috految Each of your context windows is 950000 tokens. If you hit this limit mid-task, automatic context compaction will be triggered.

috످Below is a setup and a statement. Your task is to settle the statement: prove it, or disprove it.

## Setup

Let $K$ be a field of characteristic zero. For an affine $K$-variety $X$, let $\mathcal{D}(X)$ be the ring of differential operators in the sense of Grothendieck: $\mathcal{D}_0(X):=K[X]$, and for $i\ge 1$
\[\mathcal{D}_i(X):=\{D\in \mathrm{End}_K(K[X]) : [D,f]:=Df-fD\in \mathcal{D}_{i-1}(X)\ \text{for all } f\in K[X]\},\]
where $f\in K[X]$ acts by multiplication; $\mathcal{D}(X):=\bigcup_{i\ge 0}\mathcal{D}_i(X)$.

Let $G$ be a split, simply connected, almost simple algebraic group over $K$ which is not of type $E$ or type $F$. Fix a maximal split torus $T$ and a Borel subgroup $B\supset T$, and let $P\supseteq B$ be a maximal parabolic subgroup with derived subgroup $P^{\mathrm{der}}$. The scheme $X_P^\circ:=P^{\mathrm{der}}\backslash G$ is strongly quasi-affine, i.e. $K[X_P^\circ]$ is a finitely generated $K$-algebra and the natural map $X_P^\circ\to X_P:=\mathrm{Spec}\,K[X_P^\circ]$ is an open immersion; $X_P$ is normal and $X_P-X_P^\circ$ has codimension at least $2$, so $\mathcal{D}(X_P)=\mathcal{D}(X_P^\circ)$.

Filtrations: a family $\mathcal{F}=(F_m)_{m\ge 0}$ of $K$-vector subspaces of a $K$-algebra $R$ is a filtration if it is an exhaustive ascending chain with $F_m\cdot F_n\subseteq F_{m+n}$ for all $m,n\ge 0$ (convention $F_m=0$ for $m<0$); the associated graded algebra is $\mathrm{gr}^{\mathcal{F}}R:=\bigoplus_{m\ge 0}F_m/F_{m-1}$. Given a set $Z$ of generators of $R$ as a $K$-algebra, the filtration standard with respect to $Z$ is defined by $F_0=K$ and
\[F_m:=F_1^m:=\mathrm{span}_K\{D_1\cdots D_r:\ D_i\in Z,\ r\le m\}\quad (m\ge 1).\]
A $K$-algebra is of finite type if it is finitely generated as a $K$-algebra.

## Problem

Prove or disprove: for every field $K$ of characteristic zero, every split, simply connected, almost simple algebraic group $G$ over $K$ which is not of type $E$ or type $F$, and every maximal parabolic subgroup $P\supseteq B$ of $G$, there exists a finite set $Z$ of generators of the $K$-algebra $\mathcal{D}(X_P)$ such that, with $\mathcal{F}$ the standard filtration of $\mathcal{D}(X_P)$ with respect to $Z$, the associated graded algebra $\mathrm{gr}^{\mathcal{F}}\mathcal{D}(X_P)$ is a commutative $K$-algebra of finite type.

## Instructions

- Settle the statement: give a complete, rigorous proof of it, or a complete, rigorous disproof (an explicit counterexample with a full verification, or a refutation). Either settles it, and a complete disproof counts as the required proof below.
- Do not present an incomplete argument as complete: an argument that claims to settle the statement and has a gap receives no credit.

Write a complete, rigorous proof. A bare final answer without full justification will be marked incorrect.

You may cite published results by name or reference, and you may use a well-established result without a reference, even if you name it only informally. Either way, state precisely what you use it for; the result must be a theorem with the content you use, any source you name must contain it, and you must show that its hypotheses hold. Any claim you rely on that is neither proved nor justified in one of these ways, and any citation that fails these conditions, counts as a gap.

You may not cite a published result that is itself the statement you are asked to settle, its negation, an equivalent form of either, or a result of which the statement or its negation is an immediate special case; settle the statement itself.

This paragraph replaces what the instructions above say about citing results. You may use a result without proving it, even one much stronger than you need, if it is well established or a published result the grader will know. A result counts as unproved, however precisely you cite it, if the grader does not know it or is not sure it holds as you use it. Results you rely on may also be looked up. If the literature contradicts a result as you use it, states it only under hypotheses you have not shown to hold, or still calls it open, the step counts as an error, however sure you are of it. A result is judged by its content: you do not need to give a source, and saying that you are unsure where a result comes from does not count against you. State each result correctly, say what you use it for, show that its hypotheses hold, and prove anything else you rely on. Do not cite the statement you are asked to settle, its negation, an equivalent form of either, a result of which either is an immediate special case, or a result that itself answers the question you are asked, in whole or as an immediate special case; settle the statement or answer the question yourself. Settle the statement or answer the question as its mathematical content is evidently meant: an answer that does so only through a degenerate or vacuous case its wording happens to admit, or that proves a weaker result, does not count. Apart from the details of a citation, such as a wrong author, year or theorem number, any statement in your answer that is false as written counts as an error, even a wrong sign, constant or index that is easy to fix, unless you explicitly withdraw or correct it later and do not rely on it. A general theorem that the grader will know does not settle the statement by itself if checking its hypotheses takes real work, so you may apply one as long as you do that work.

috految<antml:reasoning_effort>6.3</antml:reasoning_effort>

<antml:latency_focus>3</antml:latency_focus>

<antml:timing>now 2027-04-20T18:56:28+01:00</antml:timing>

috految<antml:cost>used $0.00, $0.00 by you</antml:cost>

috److془We need to carefully settle this. Statement: D(X_P) is almost commutative, i.e., quotient of U(L) for finite-dim Lie algebra L.

Expect false. Need a counterexample. Gr(k,n): D(X) = (Weyl algebra on k×n)//SL_k. Generators: gl_n, Plücker, dual Plücker. For k≥3 expected not almost commutative. Need proof.

Approach: A simple, domain, quotient of U(L). Could there be exotic presentation? Use: L = F_1 acts ad-locally finitely. Alternatively: Mod p: center Z is Frobenius twist of Y = affinization of T^*X. Singular point at origin. Cotangent Lie algebra at origin: gl_n ⋉ (Λ^k+Λ^k*). Hmm. Need care: the map Y → L^* finite but not necessarily embedding. Alternatively: A has Lie algebra L; the nilradical gives if non scalar either Weyl algebra factor or abelian ideal with transitive action on the spectrum. Mod p: the point is fixed by L, so contradiction. Then L semisimple; L embeds in gl_n; GK dimension contradiction. Or for direct: mod p, A has nonzero finite-dim modules of small dimension. Hmm actually the simplicity; Weyl algebra factor eliminated by char 0 trace. Let's find the cleanest way.

Direct: the Bernstein filtration; ad-locally finite elements. Alternatively: Y ⊂ ... Let's think: Y→L^* finite, Poisson. Incompatibility: origin maps to a character of L. Nilradical elements: the Lie map L→ Poisson algebra. Semisimple rank fine. Alternatively: Nonreductive Lie algebra, simple Jacobson. Or use the Lie theory with finite map: the ideal generated by abelian ideal vanishes on the origin, their saturation Poisson ... Use simplicity. Or use Poincaré: Finite-dim character: let's do it. Or char 0: Fact: A = U(L)/I; ad-locally finite derivations give group action on A. Trace: quantum Lie. Determine: A=U(s)/I with s semisimple. Then Weyl: every primitive quotient has HH_0 dimension ≤1: A/[A,A] = A/[s,A]=A^s = C. Show HH_0 of dimension ≥2 or so! Traces: Y has HP_0 = coinvariants; A^G = C[E], modulo relation from [p, q] of degree k-1 in E, so dimension ~ k-1. But Hmm generalized Weyl algebra, good. Indeed nice. Need nonreductive case: with trace τ, τ(1)≠0 possibly. A simple: abelian ideal a of L, generating commutative algebra B; orbit of L is Spec B. Hmm trace is nondegenerate. Nilpotent ideal: B has twisted action; D(affine variety) has no traces. Proof: nondegenerate trace functional; x in a, y in L: τ([x,y]b)=0 for b in B. B[L,a] is L stable ideal, so if nonzero is B (hopefully), τ(1)=0. Even better: Ideal J: AJ=A. Need J=B. Hmm: D(C^2-0) matter. Hmm: L-stable J; A = U(L)/I; J can be proper with AJ=A: e.g. E, x with xy=1 ... Instead: the ideal generated by ∂; ad a locally nilpotent. Mod: A=U(L)/I, J=orbit boundary. AJ=A : 1=Σ a_i j_i. Hmm. Rather: A quotient, use in AJ^m=A. Orders grow. Hmm but: A = D(X) generated by vector fields, X quasi affine in Spec B. Hmm e.g. de Rham top cohomology; D(X) traces for quasi affine X. Use Artin-Rees/ Noetherian? Example: TDO on  base affine space require generic twist, quasi-affine: U(g⋉V) → D on P^1×P^1 cone with generic twist; J proper? Yes J is proper, if X is nonaffine; AJ=A may be. But use cheap argument: invariant trace; A=sum; between Jacobson. Use: τ is in dual of A, invariance: τ(x^m... ) hmm. Dually, A_L≠0. Unipotent subgroup: N=[L,rad]. Invariants in S(L^*) of adjoint rep: generic point is in Cartan. Takiff has traces not factoring. But ideal: A/[A,A] = coinvariants. Hmm: Takiff 1 = Casimir <g,V> trace 1? TDO on sphere. Nilcone with <g,V>=1: D_λ(C^2-0) twisted by H^1(O). Hmm, Casimir <g,V> coinvariant invariants <ξ,ξ>,<ξ,η>; infinite families. Trace: orbit's topology none. Hmm: H^{2n}(X)=0 for noncompact X. Argument: τ(exp) ... Use geometry: right module A with AJ=A: Localization of A to X exact, Cech. Or simply: the Connes-like: A_f=A[1/f] has HH_i=0, for i<d=dim X, cover with d opens. Need A⊗^L local cohomology vanish. Alternatively: Hmm AJ=A, AJ^m=A: H^i_J(A) is A-module J-torsion so zero. Great. Even simpler: A→ A_f; exact Cech complex. Or use Koszul. Alternatively weight: nice either way. Cover by d needed: or Grothendieck cohomological dimension ≤ d-1. Alternatively: J=(f_1..f_r), Spec B proper closed subset; use: HH_*(A_f) vanishing. Even simpler: HH_0 ← τ factors through A/[a,A]=H_0(a,A), a B-module. Koszul homology of B-linear operators ad x_i on A. Locally at rank d points the homology vanishes in degrees <d. Quasi-coherent cohomology on U vanishes in degrees ≥ d. 

Need rank = d = dim B generically: else invariant rational function in Frac B if algebraic; nonalgebraic issue. Use instead: the algebra D(X) . Or: choose L algebraic? Take a minimal: abelian ideal a modulo scalars, irreducible. Image in gl of L on a/C reductive, with scalar center: algebraic. Take ideal a ⊃ C, a/C minimal abelian ideal in L/C. [a,a]⊂C, τ(1)≠0 gives abelian; indeed L=C⊕ker τ. Great. Need τ(1)≠0 . Invariant rational functions constant by simplicity. Great. Actually simplicity: need prove. And traces dimension ≥2. Simplicity: Levasseur-Stafford for G/U; prove for Grassmannian. Nonzero two-sided ideal I contains nonzero function, so I∩R G-stable, contains R_m for m large. Then q^m p^m; Ideal contains Σ p_i^{(m)} q_i^{(m)} = poly in E, and Σ q p too. Coprime by Capelli. 

Traces: k=3, n large. R_m=V_{mω_3}, Σ p q on R_m= m(m+1)(m+2)=b(m); Σ q p = d(m+1)b(m+1)/d(m). d(m+1)/d(m)=∏_{i=1}^3 (m+n+1-i)/(m+4-i). So c(m)=(m+n)(m+n-1)(m+n-2). Take n=7. Trace: all operators of degree zero: tr_{R_m}(a)= d(m) φ_a(m), φ_a polynomial (averaged). Functional λ on C[t] killing commutators. Let u degree +r, v degree -r, r>0. F(m)=tr_{R_m}(uv)=dφ_{uv}; tr_{R_m}(vu)=F(m+r). Need F(t+r)-F(t) killed. Zeros: d(t)=const∏_{i=1}^3∏_{j=4}^7 (t+j-i): zeros -1..-6 multiplicities 1,2,3,3,2,1. F(t+r)-F(t) = sums of differences of F(t+j), 0≤j<r. Need F(t+j) divisible by db. Zeros of db: 0..-6 mult 1,2,3,3,3,2,1. For r=1: lcm(d(t),d(t-1)) has 1,2,3,3,3,2,1 ✓. For general r: need generation by degrees 0,±1: PQ identities: Σ pq=b(E), Σqp=c(E). u of degree r: b(E)u=Σ p(qu), u c(E)=Σ(uq)p; u c(E)=c(E-r)u. Roots: 0,-1,-2 versus r-5.. collision for r=3..7. Hmm. Use Howe: D(X) = image of invariants of Weyl. Or easier: relation: we can use the quotient: Let A' be subalgebra generated by degrees 0,±1. Simple by the same proof. A/A' torsion... Use A' ⊃ positive; direct: u of degree r: R_m u, ⊂A' for m large, finite generators though. Better: p^m q^m with b_m: uses q^m u. Hmm; Use module: A/A' is R_+ torsion bimodule. Alternatively direct: Σ q^m p^m u= c_m(E)u; u Σ p^m q^m; collisions for r<0 only. Indeed: c_m(E) u, b_m(E-r)u in A'. Roots negative ≤-5 vs ≥ r-2. Hmm fine for r≥0! Then for u positive in A', [u,v] ∈ sum [generator,A] . 

Need R_m u, uR_m ⊂A': A' contains R and gl_7 fields, which span tangent of U punctured cone. Standard so clearing denominators. A' generated by R, gl, q's. 
Then τ(1): commutator averaged φ=Δ(dbh)/d = c(t)h(t+1)-b(t)h(t); degree deg h+2 (coefficient 18-3+deg h). So 1,E independent mod commutators. Check k=2: one trace, so(2n) ✓. 

φ polynomial: average over SL_7 a degree zero invariant operator acts by scalar on R_m; (a p^m)/p^m polynomial in m by finite order. ✓ G acts rationally on A. Σ_I p_I q_I =b(E): Capelli: Σ det(x_I)det(∂_I) on det^m type polynomials: Cayley on p_{123}^m gives m(m+1)(m+2); other terms vanish. ✓ q_I preserves SL_3 invariants. Words: Σ p_{I1}..p_{Im} q_{Im}..q_{I1}=∏_{j<m} b(E-j) roots ≥-2. Others ∏c(E+j), roots ≤-5. u b_m(E)=b_m(E-r)u ✓. P^der = SL3×SL4⋉N stabilizer of decomposable vector ✓.
Center C: commutes with R so function, with E so constant. Domain. 

Finish: L=F_1 Lie, finite-dim; [F_1,F_1]⊂F_1 ✓. L=F_1∩ker τ generates. If semisimple: A=A^L⊕[L,A] contradiction. Otherwise minimal ideal a abelian nonzero. B algebra generated, domain, dimension e≥1 (a nonscalar). Image of L in gl(a) algebraic, connected H acts on Spec B⊂a^*. Invariant rational function z: A⊂ division ring (A Noetherian domain), commutes with L, thus A, {a: za∈A} nonzero ideal, z∈A, scalar. Rosenlicht: open orbit O, J ideal of complement, nonzero, L-stable. JA=AJ=A. For f∈B nonzero, ad f locally nilpotent on A (generators: [f,y]∈B), Ore. Localizations A_f=B_f⊗_B A rings. Cech complex of left A-modules, cohomology J-power torsion; a element killed by J^m killed by AJ^m=A. ✓ So RΓ(O,Ã)=A. Koszul K of δ_i=ad x_i, homological degrees. Locally on O: choose x_1..x_e among basis with independent differentials, y_j∈B_f L with [x_i,y_j]=δ_ij. δ_i locally nilpotent on A_f; δ_1 surjective (operator left multiplication y_1 with [δ,y]=1); kernel stable under δ_2, y_2, etc. So Koszul in first e has homology only degree e. Full has in degrees ≥e. H^p(O,quasi-coherent)=0 for p≥e Lichtenbaum (irreducible nonproper). H_0(K)=hypercohomology0 =0. So A=[a,A], contradiction. ✓془The statement is false. We take K=ℂ, G=SL₇, and P the stabilizer of a 3-plane. Then X_P° is the punctured Plücker cone of Gr(3,7), and
R=ℂ[X_P]=ℂ[Mat_{3×7}]^{SL₃}=⊕_{m≥0}R_m,
where R is generated by the maximal minors p_I∈R₁, and the R_m are irreducible G-modules. Put A=𝒟(X_P), a domain. It is a rational G-module, and is ℤ-graded by ad E, where E is the Euler operator acting by m on R_m. Its center is ℂ, since a central operator is a function commuting with E. Below, [A,A] denotes the linear span of commutators.

**1. A is simple.** Let q_I=det(∂_I) be the maximal minors of the matrix of partial derivatives. They are SL₃-invariant, so induce elements of A of degree −1. Weyl's dimension formula gives
dim R_m=d(m), d(t)=const·∏_{i=1}^3∏_{j=4}^7(t+j−i).
Set b(t)=t(t+1)(t+2) and c(t)=(t+5)(t+6)(t+7), so that d(t+1)b(t+1)=d(t)c(t). Then
Σp_Iq_I=b(E), Σq_Ip_I=c(E).
Indeed, both sums are G-invariant, hence scalar on each R_m. The first scalar is given by Cayley's identity applied to p_{123}^m, and the second follows by taking traces on R_m and R_{m+1}. Iterating,

(1) Σp_{I₁}⋯p_{I_m}q_{I_m}⋯q_{I₁}=b_m(E), Σq_{I₁}⋯q_{I_m}p_{I_m}⋯p_{I₁}=c_m(E),

where b_m(t)=∏_{j=0}^{m−1}b(t−j) has integer roots ≥−2, and c_m(t)=∏_{j=0}^{m−1}c(t+j) has integer roots ≤−5.

A nonzero two-sided ideal contains a nonzero function, by taking commutators with functions. Being stable under ad E and ad Lie(G), it contains some R_m. By (1) it contains the coprime polynomials b_m(E), c_m(E), hence 1.

**2. The elements 1, E are linearly independent in A/[A,A].** Let A′ be the subalgebra generated by E, the vector fields of Lie(G), the p_I and the q_I. These vector fields span the tangent bundle of the smooth variety X_P°. So on each chart p_I≠0, any differential operator can be written in terms of their products with regular function coefficients on either side. Clearing denominators, for u∈A we get R_m u⊂A′ and uR_m⊂A′ for large m. If u has degree r≥0, then (1) gives
c_m(E)u∈A′, b_m(E−r)u=u b_m(E)∈A′.
Coprimality gives u∈A′.

The degree zero part of [A,A] is spanned by the [u,v] with deg u=r≥0 and deg v=−r. As u∈A′, the identity [xy,z]=[x,yz]+[y,zx] shows that it is spanned by commutators of homogeneous elements of degrees (0,0) or (1,−1).

For a∈A of degree zero, tr(a|R_m)=d(m)φ_a(m) for a polynomial φ_a. Indeed, the G-average of a is a differential operator acting on R_m by a scalar. Applying it to p_{123}^m and dividing by p_{123}^m shows, as its order is finite, that this scalar is polynomial in m. The map φ is linear, φ_1=1 and φ_E=t, and φ kills commutators of degree zero elements.

If deg u=1 and deg v=−1, cyclicity of trace gives
d(t)φ_{vu}(t)=d(t+1)φ_{uv}(t+1),
that is, b(t+1)φ_{vu}(t)=c(t)φ_{uv}(t+1). Since b(t+1) and c(t) are coprime, φ_{uv}=bh for a polynomial h, and
φ_{[v,u]}=c(t)h(t+1)−b(t)h(t).
This expression is linear in h, and for h≠0 has degree exactly deg h+2, with leading coefficient 15+deg h times that of h. Thus no nonzero polynomial of degree ≤1 lies in the image under φ of the degree zero part of [A,A]. This proves the claim.

**3. The contradiction.** Suppose a finite set Z as in the statement exists. Commutativity of the associated graded algebra gives [F₁,F₁]⊂F₁. By Step 2 choose a linear functional τ on A killing [A,A], with τ(1)=1. Then L=F₁∩ker τ is a finite-dimensional Lie algebra generating A as a unital algebra, and contains no nonzero scalar. In particular A is Noetherian, and ad L acts locally finitely on A.

If L is semisimple, complete reducibility gives A=A^L+[L,A]=ℂ+[L,A], contradicting Step 2. So L has a nonzero abelian ideal, and hence an abelian minimal ideal 𝔞. Let S⊂A be the commutative unital algebra generated by 𝔞. It is a finitely generated domain of dimension e≥1, as 𝔞 is not scalar.

The image of L in 𝔤𝔩(𝔞) acts irreducibly, so is the sum of a semisimple (possibly zero) algebra and a space of scalars. Hence it is the Lie algebra of a connected algebraic group H, which acts on Spec S⊂𝔞*. An H-invariant z∈Frac S commutes with L, hence with A, in the division ring of fractions of A. The nonzero two-sided ideal {a∈A: za∈A} is A by simplicity, so z is central in A, and is scalar. By Rosenlicht's theorem H has an open orbit O⊂Spec S. Let J⊂S be the ideal of its complement (possibly J=S). It is nonzero and L-stable. So AJ^m=J^mA is a nonzero two-sided ideal, and AJ^m=A for every m≥1.

For 0≠f∈S, ad f is locally nilpotent on A, because [f,L]⊂S. So the Ore localization A_f exists, and equals S_f⊗_S A as a left S-module. The augmented Čech complex for a finite set of nonzero generators of J is thus a complex of left A-modules. Its cohomology is the local cohomology H_J^*(A), each element of which is killed by a power of J. Since AJ^m=A, it vanishes. So the quasi-coherent sheaf Ã associated with the left S-module A satisfies

(2) RΓ(O,Ã)=A.

Choose a basis x₁,…,x_s of 𝔞. The operators δ_i=ad x_i on A commute, are locally nilpotent, and are S-linear. Let C be their Koszul complex on A, in homological degrees 0,…,s. Then H₀(C)=A/[𝔞,A].

Near a point of the smooth variety O, after renumbering, dx₁,…,dx_e form a basis of the cotangent bundle. As L spans the tangent spaces, on a suitable principal open neighborhood Spec S_f⊂O there are y₁,…,y_e∈S_fL⊂A_f with [x_i,y_j] equal to 1 if i=j and 0 otherwise, for i,j≤e. In characteristic zero, a locally nilpotent operator δ admitting an operator Y with [δ,Y]=1 is surjective. Using left multiplication by y_i, we see that δ_i is surjective on ⋂_{j<i}ker δ_j⊂A_f for every i≤e. So the Koszul complex of δ₁,…,δ_e on A_f has homology only in degree e. Adding the remaining operators by successive mapping cones, we conclude that the homology sheaves of C̃|_O vanish in homological degrees <e.

Finally, O is an irreducible quasi-affine variety of dimension e≥1, hence is not proper. By Grothendieck's and Lichtenbaum's vanishing theorems, H^p(O,𝓜)=0 for all p≥e and all quasi-coherent 𝓜. Therefore H^p(O,ℋ_p(C̃))=0 for every p, and the hypercohomology spectral sequence together with (2) gives H₀(C)=0. Thus A=[𝔞,A], contradicting τ(1)=1.

Hence no such generating set Z exists for G=SL₇ over ℂ and this maximal parabolic P. **The statement is false.** ∎

috످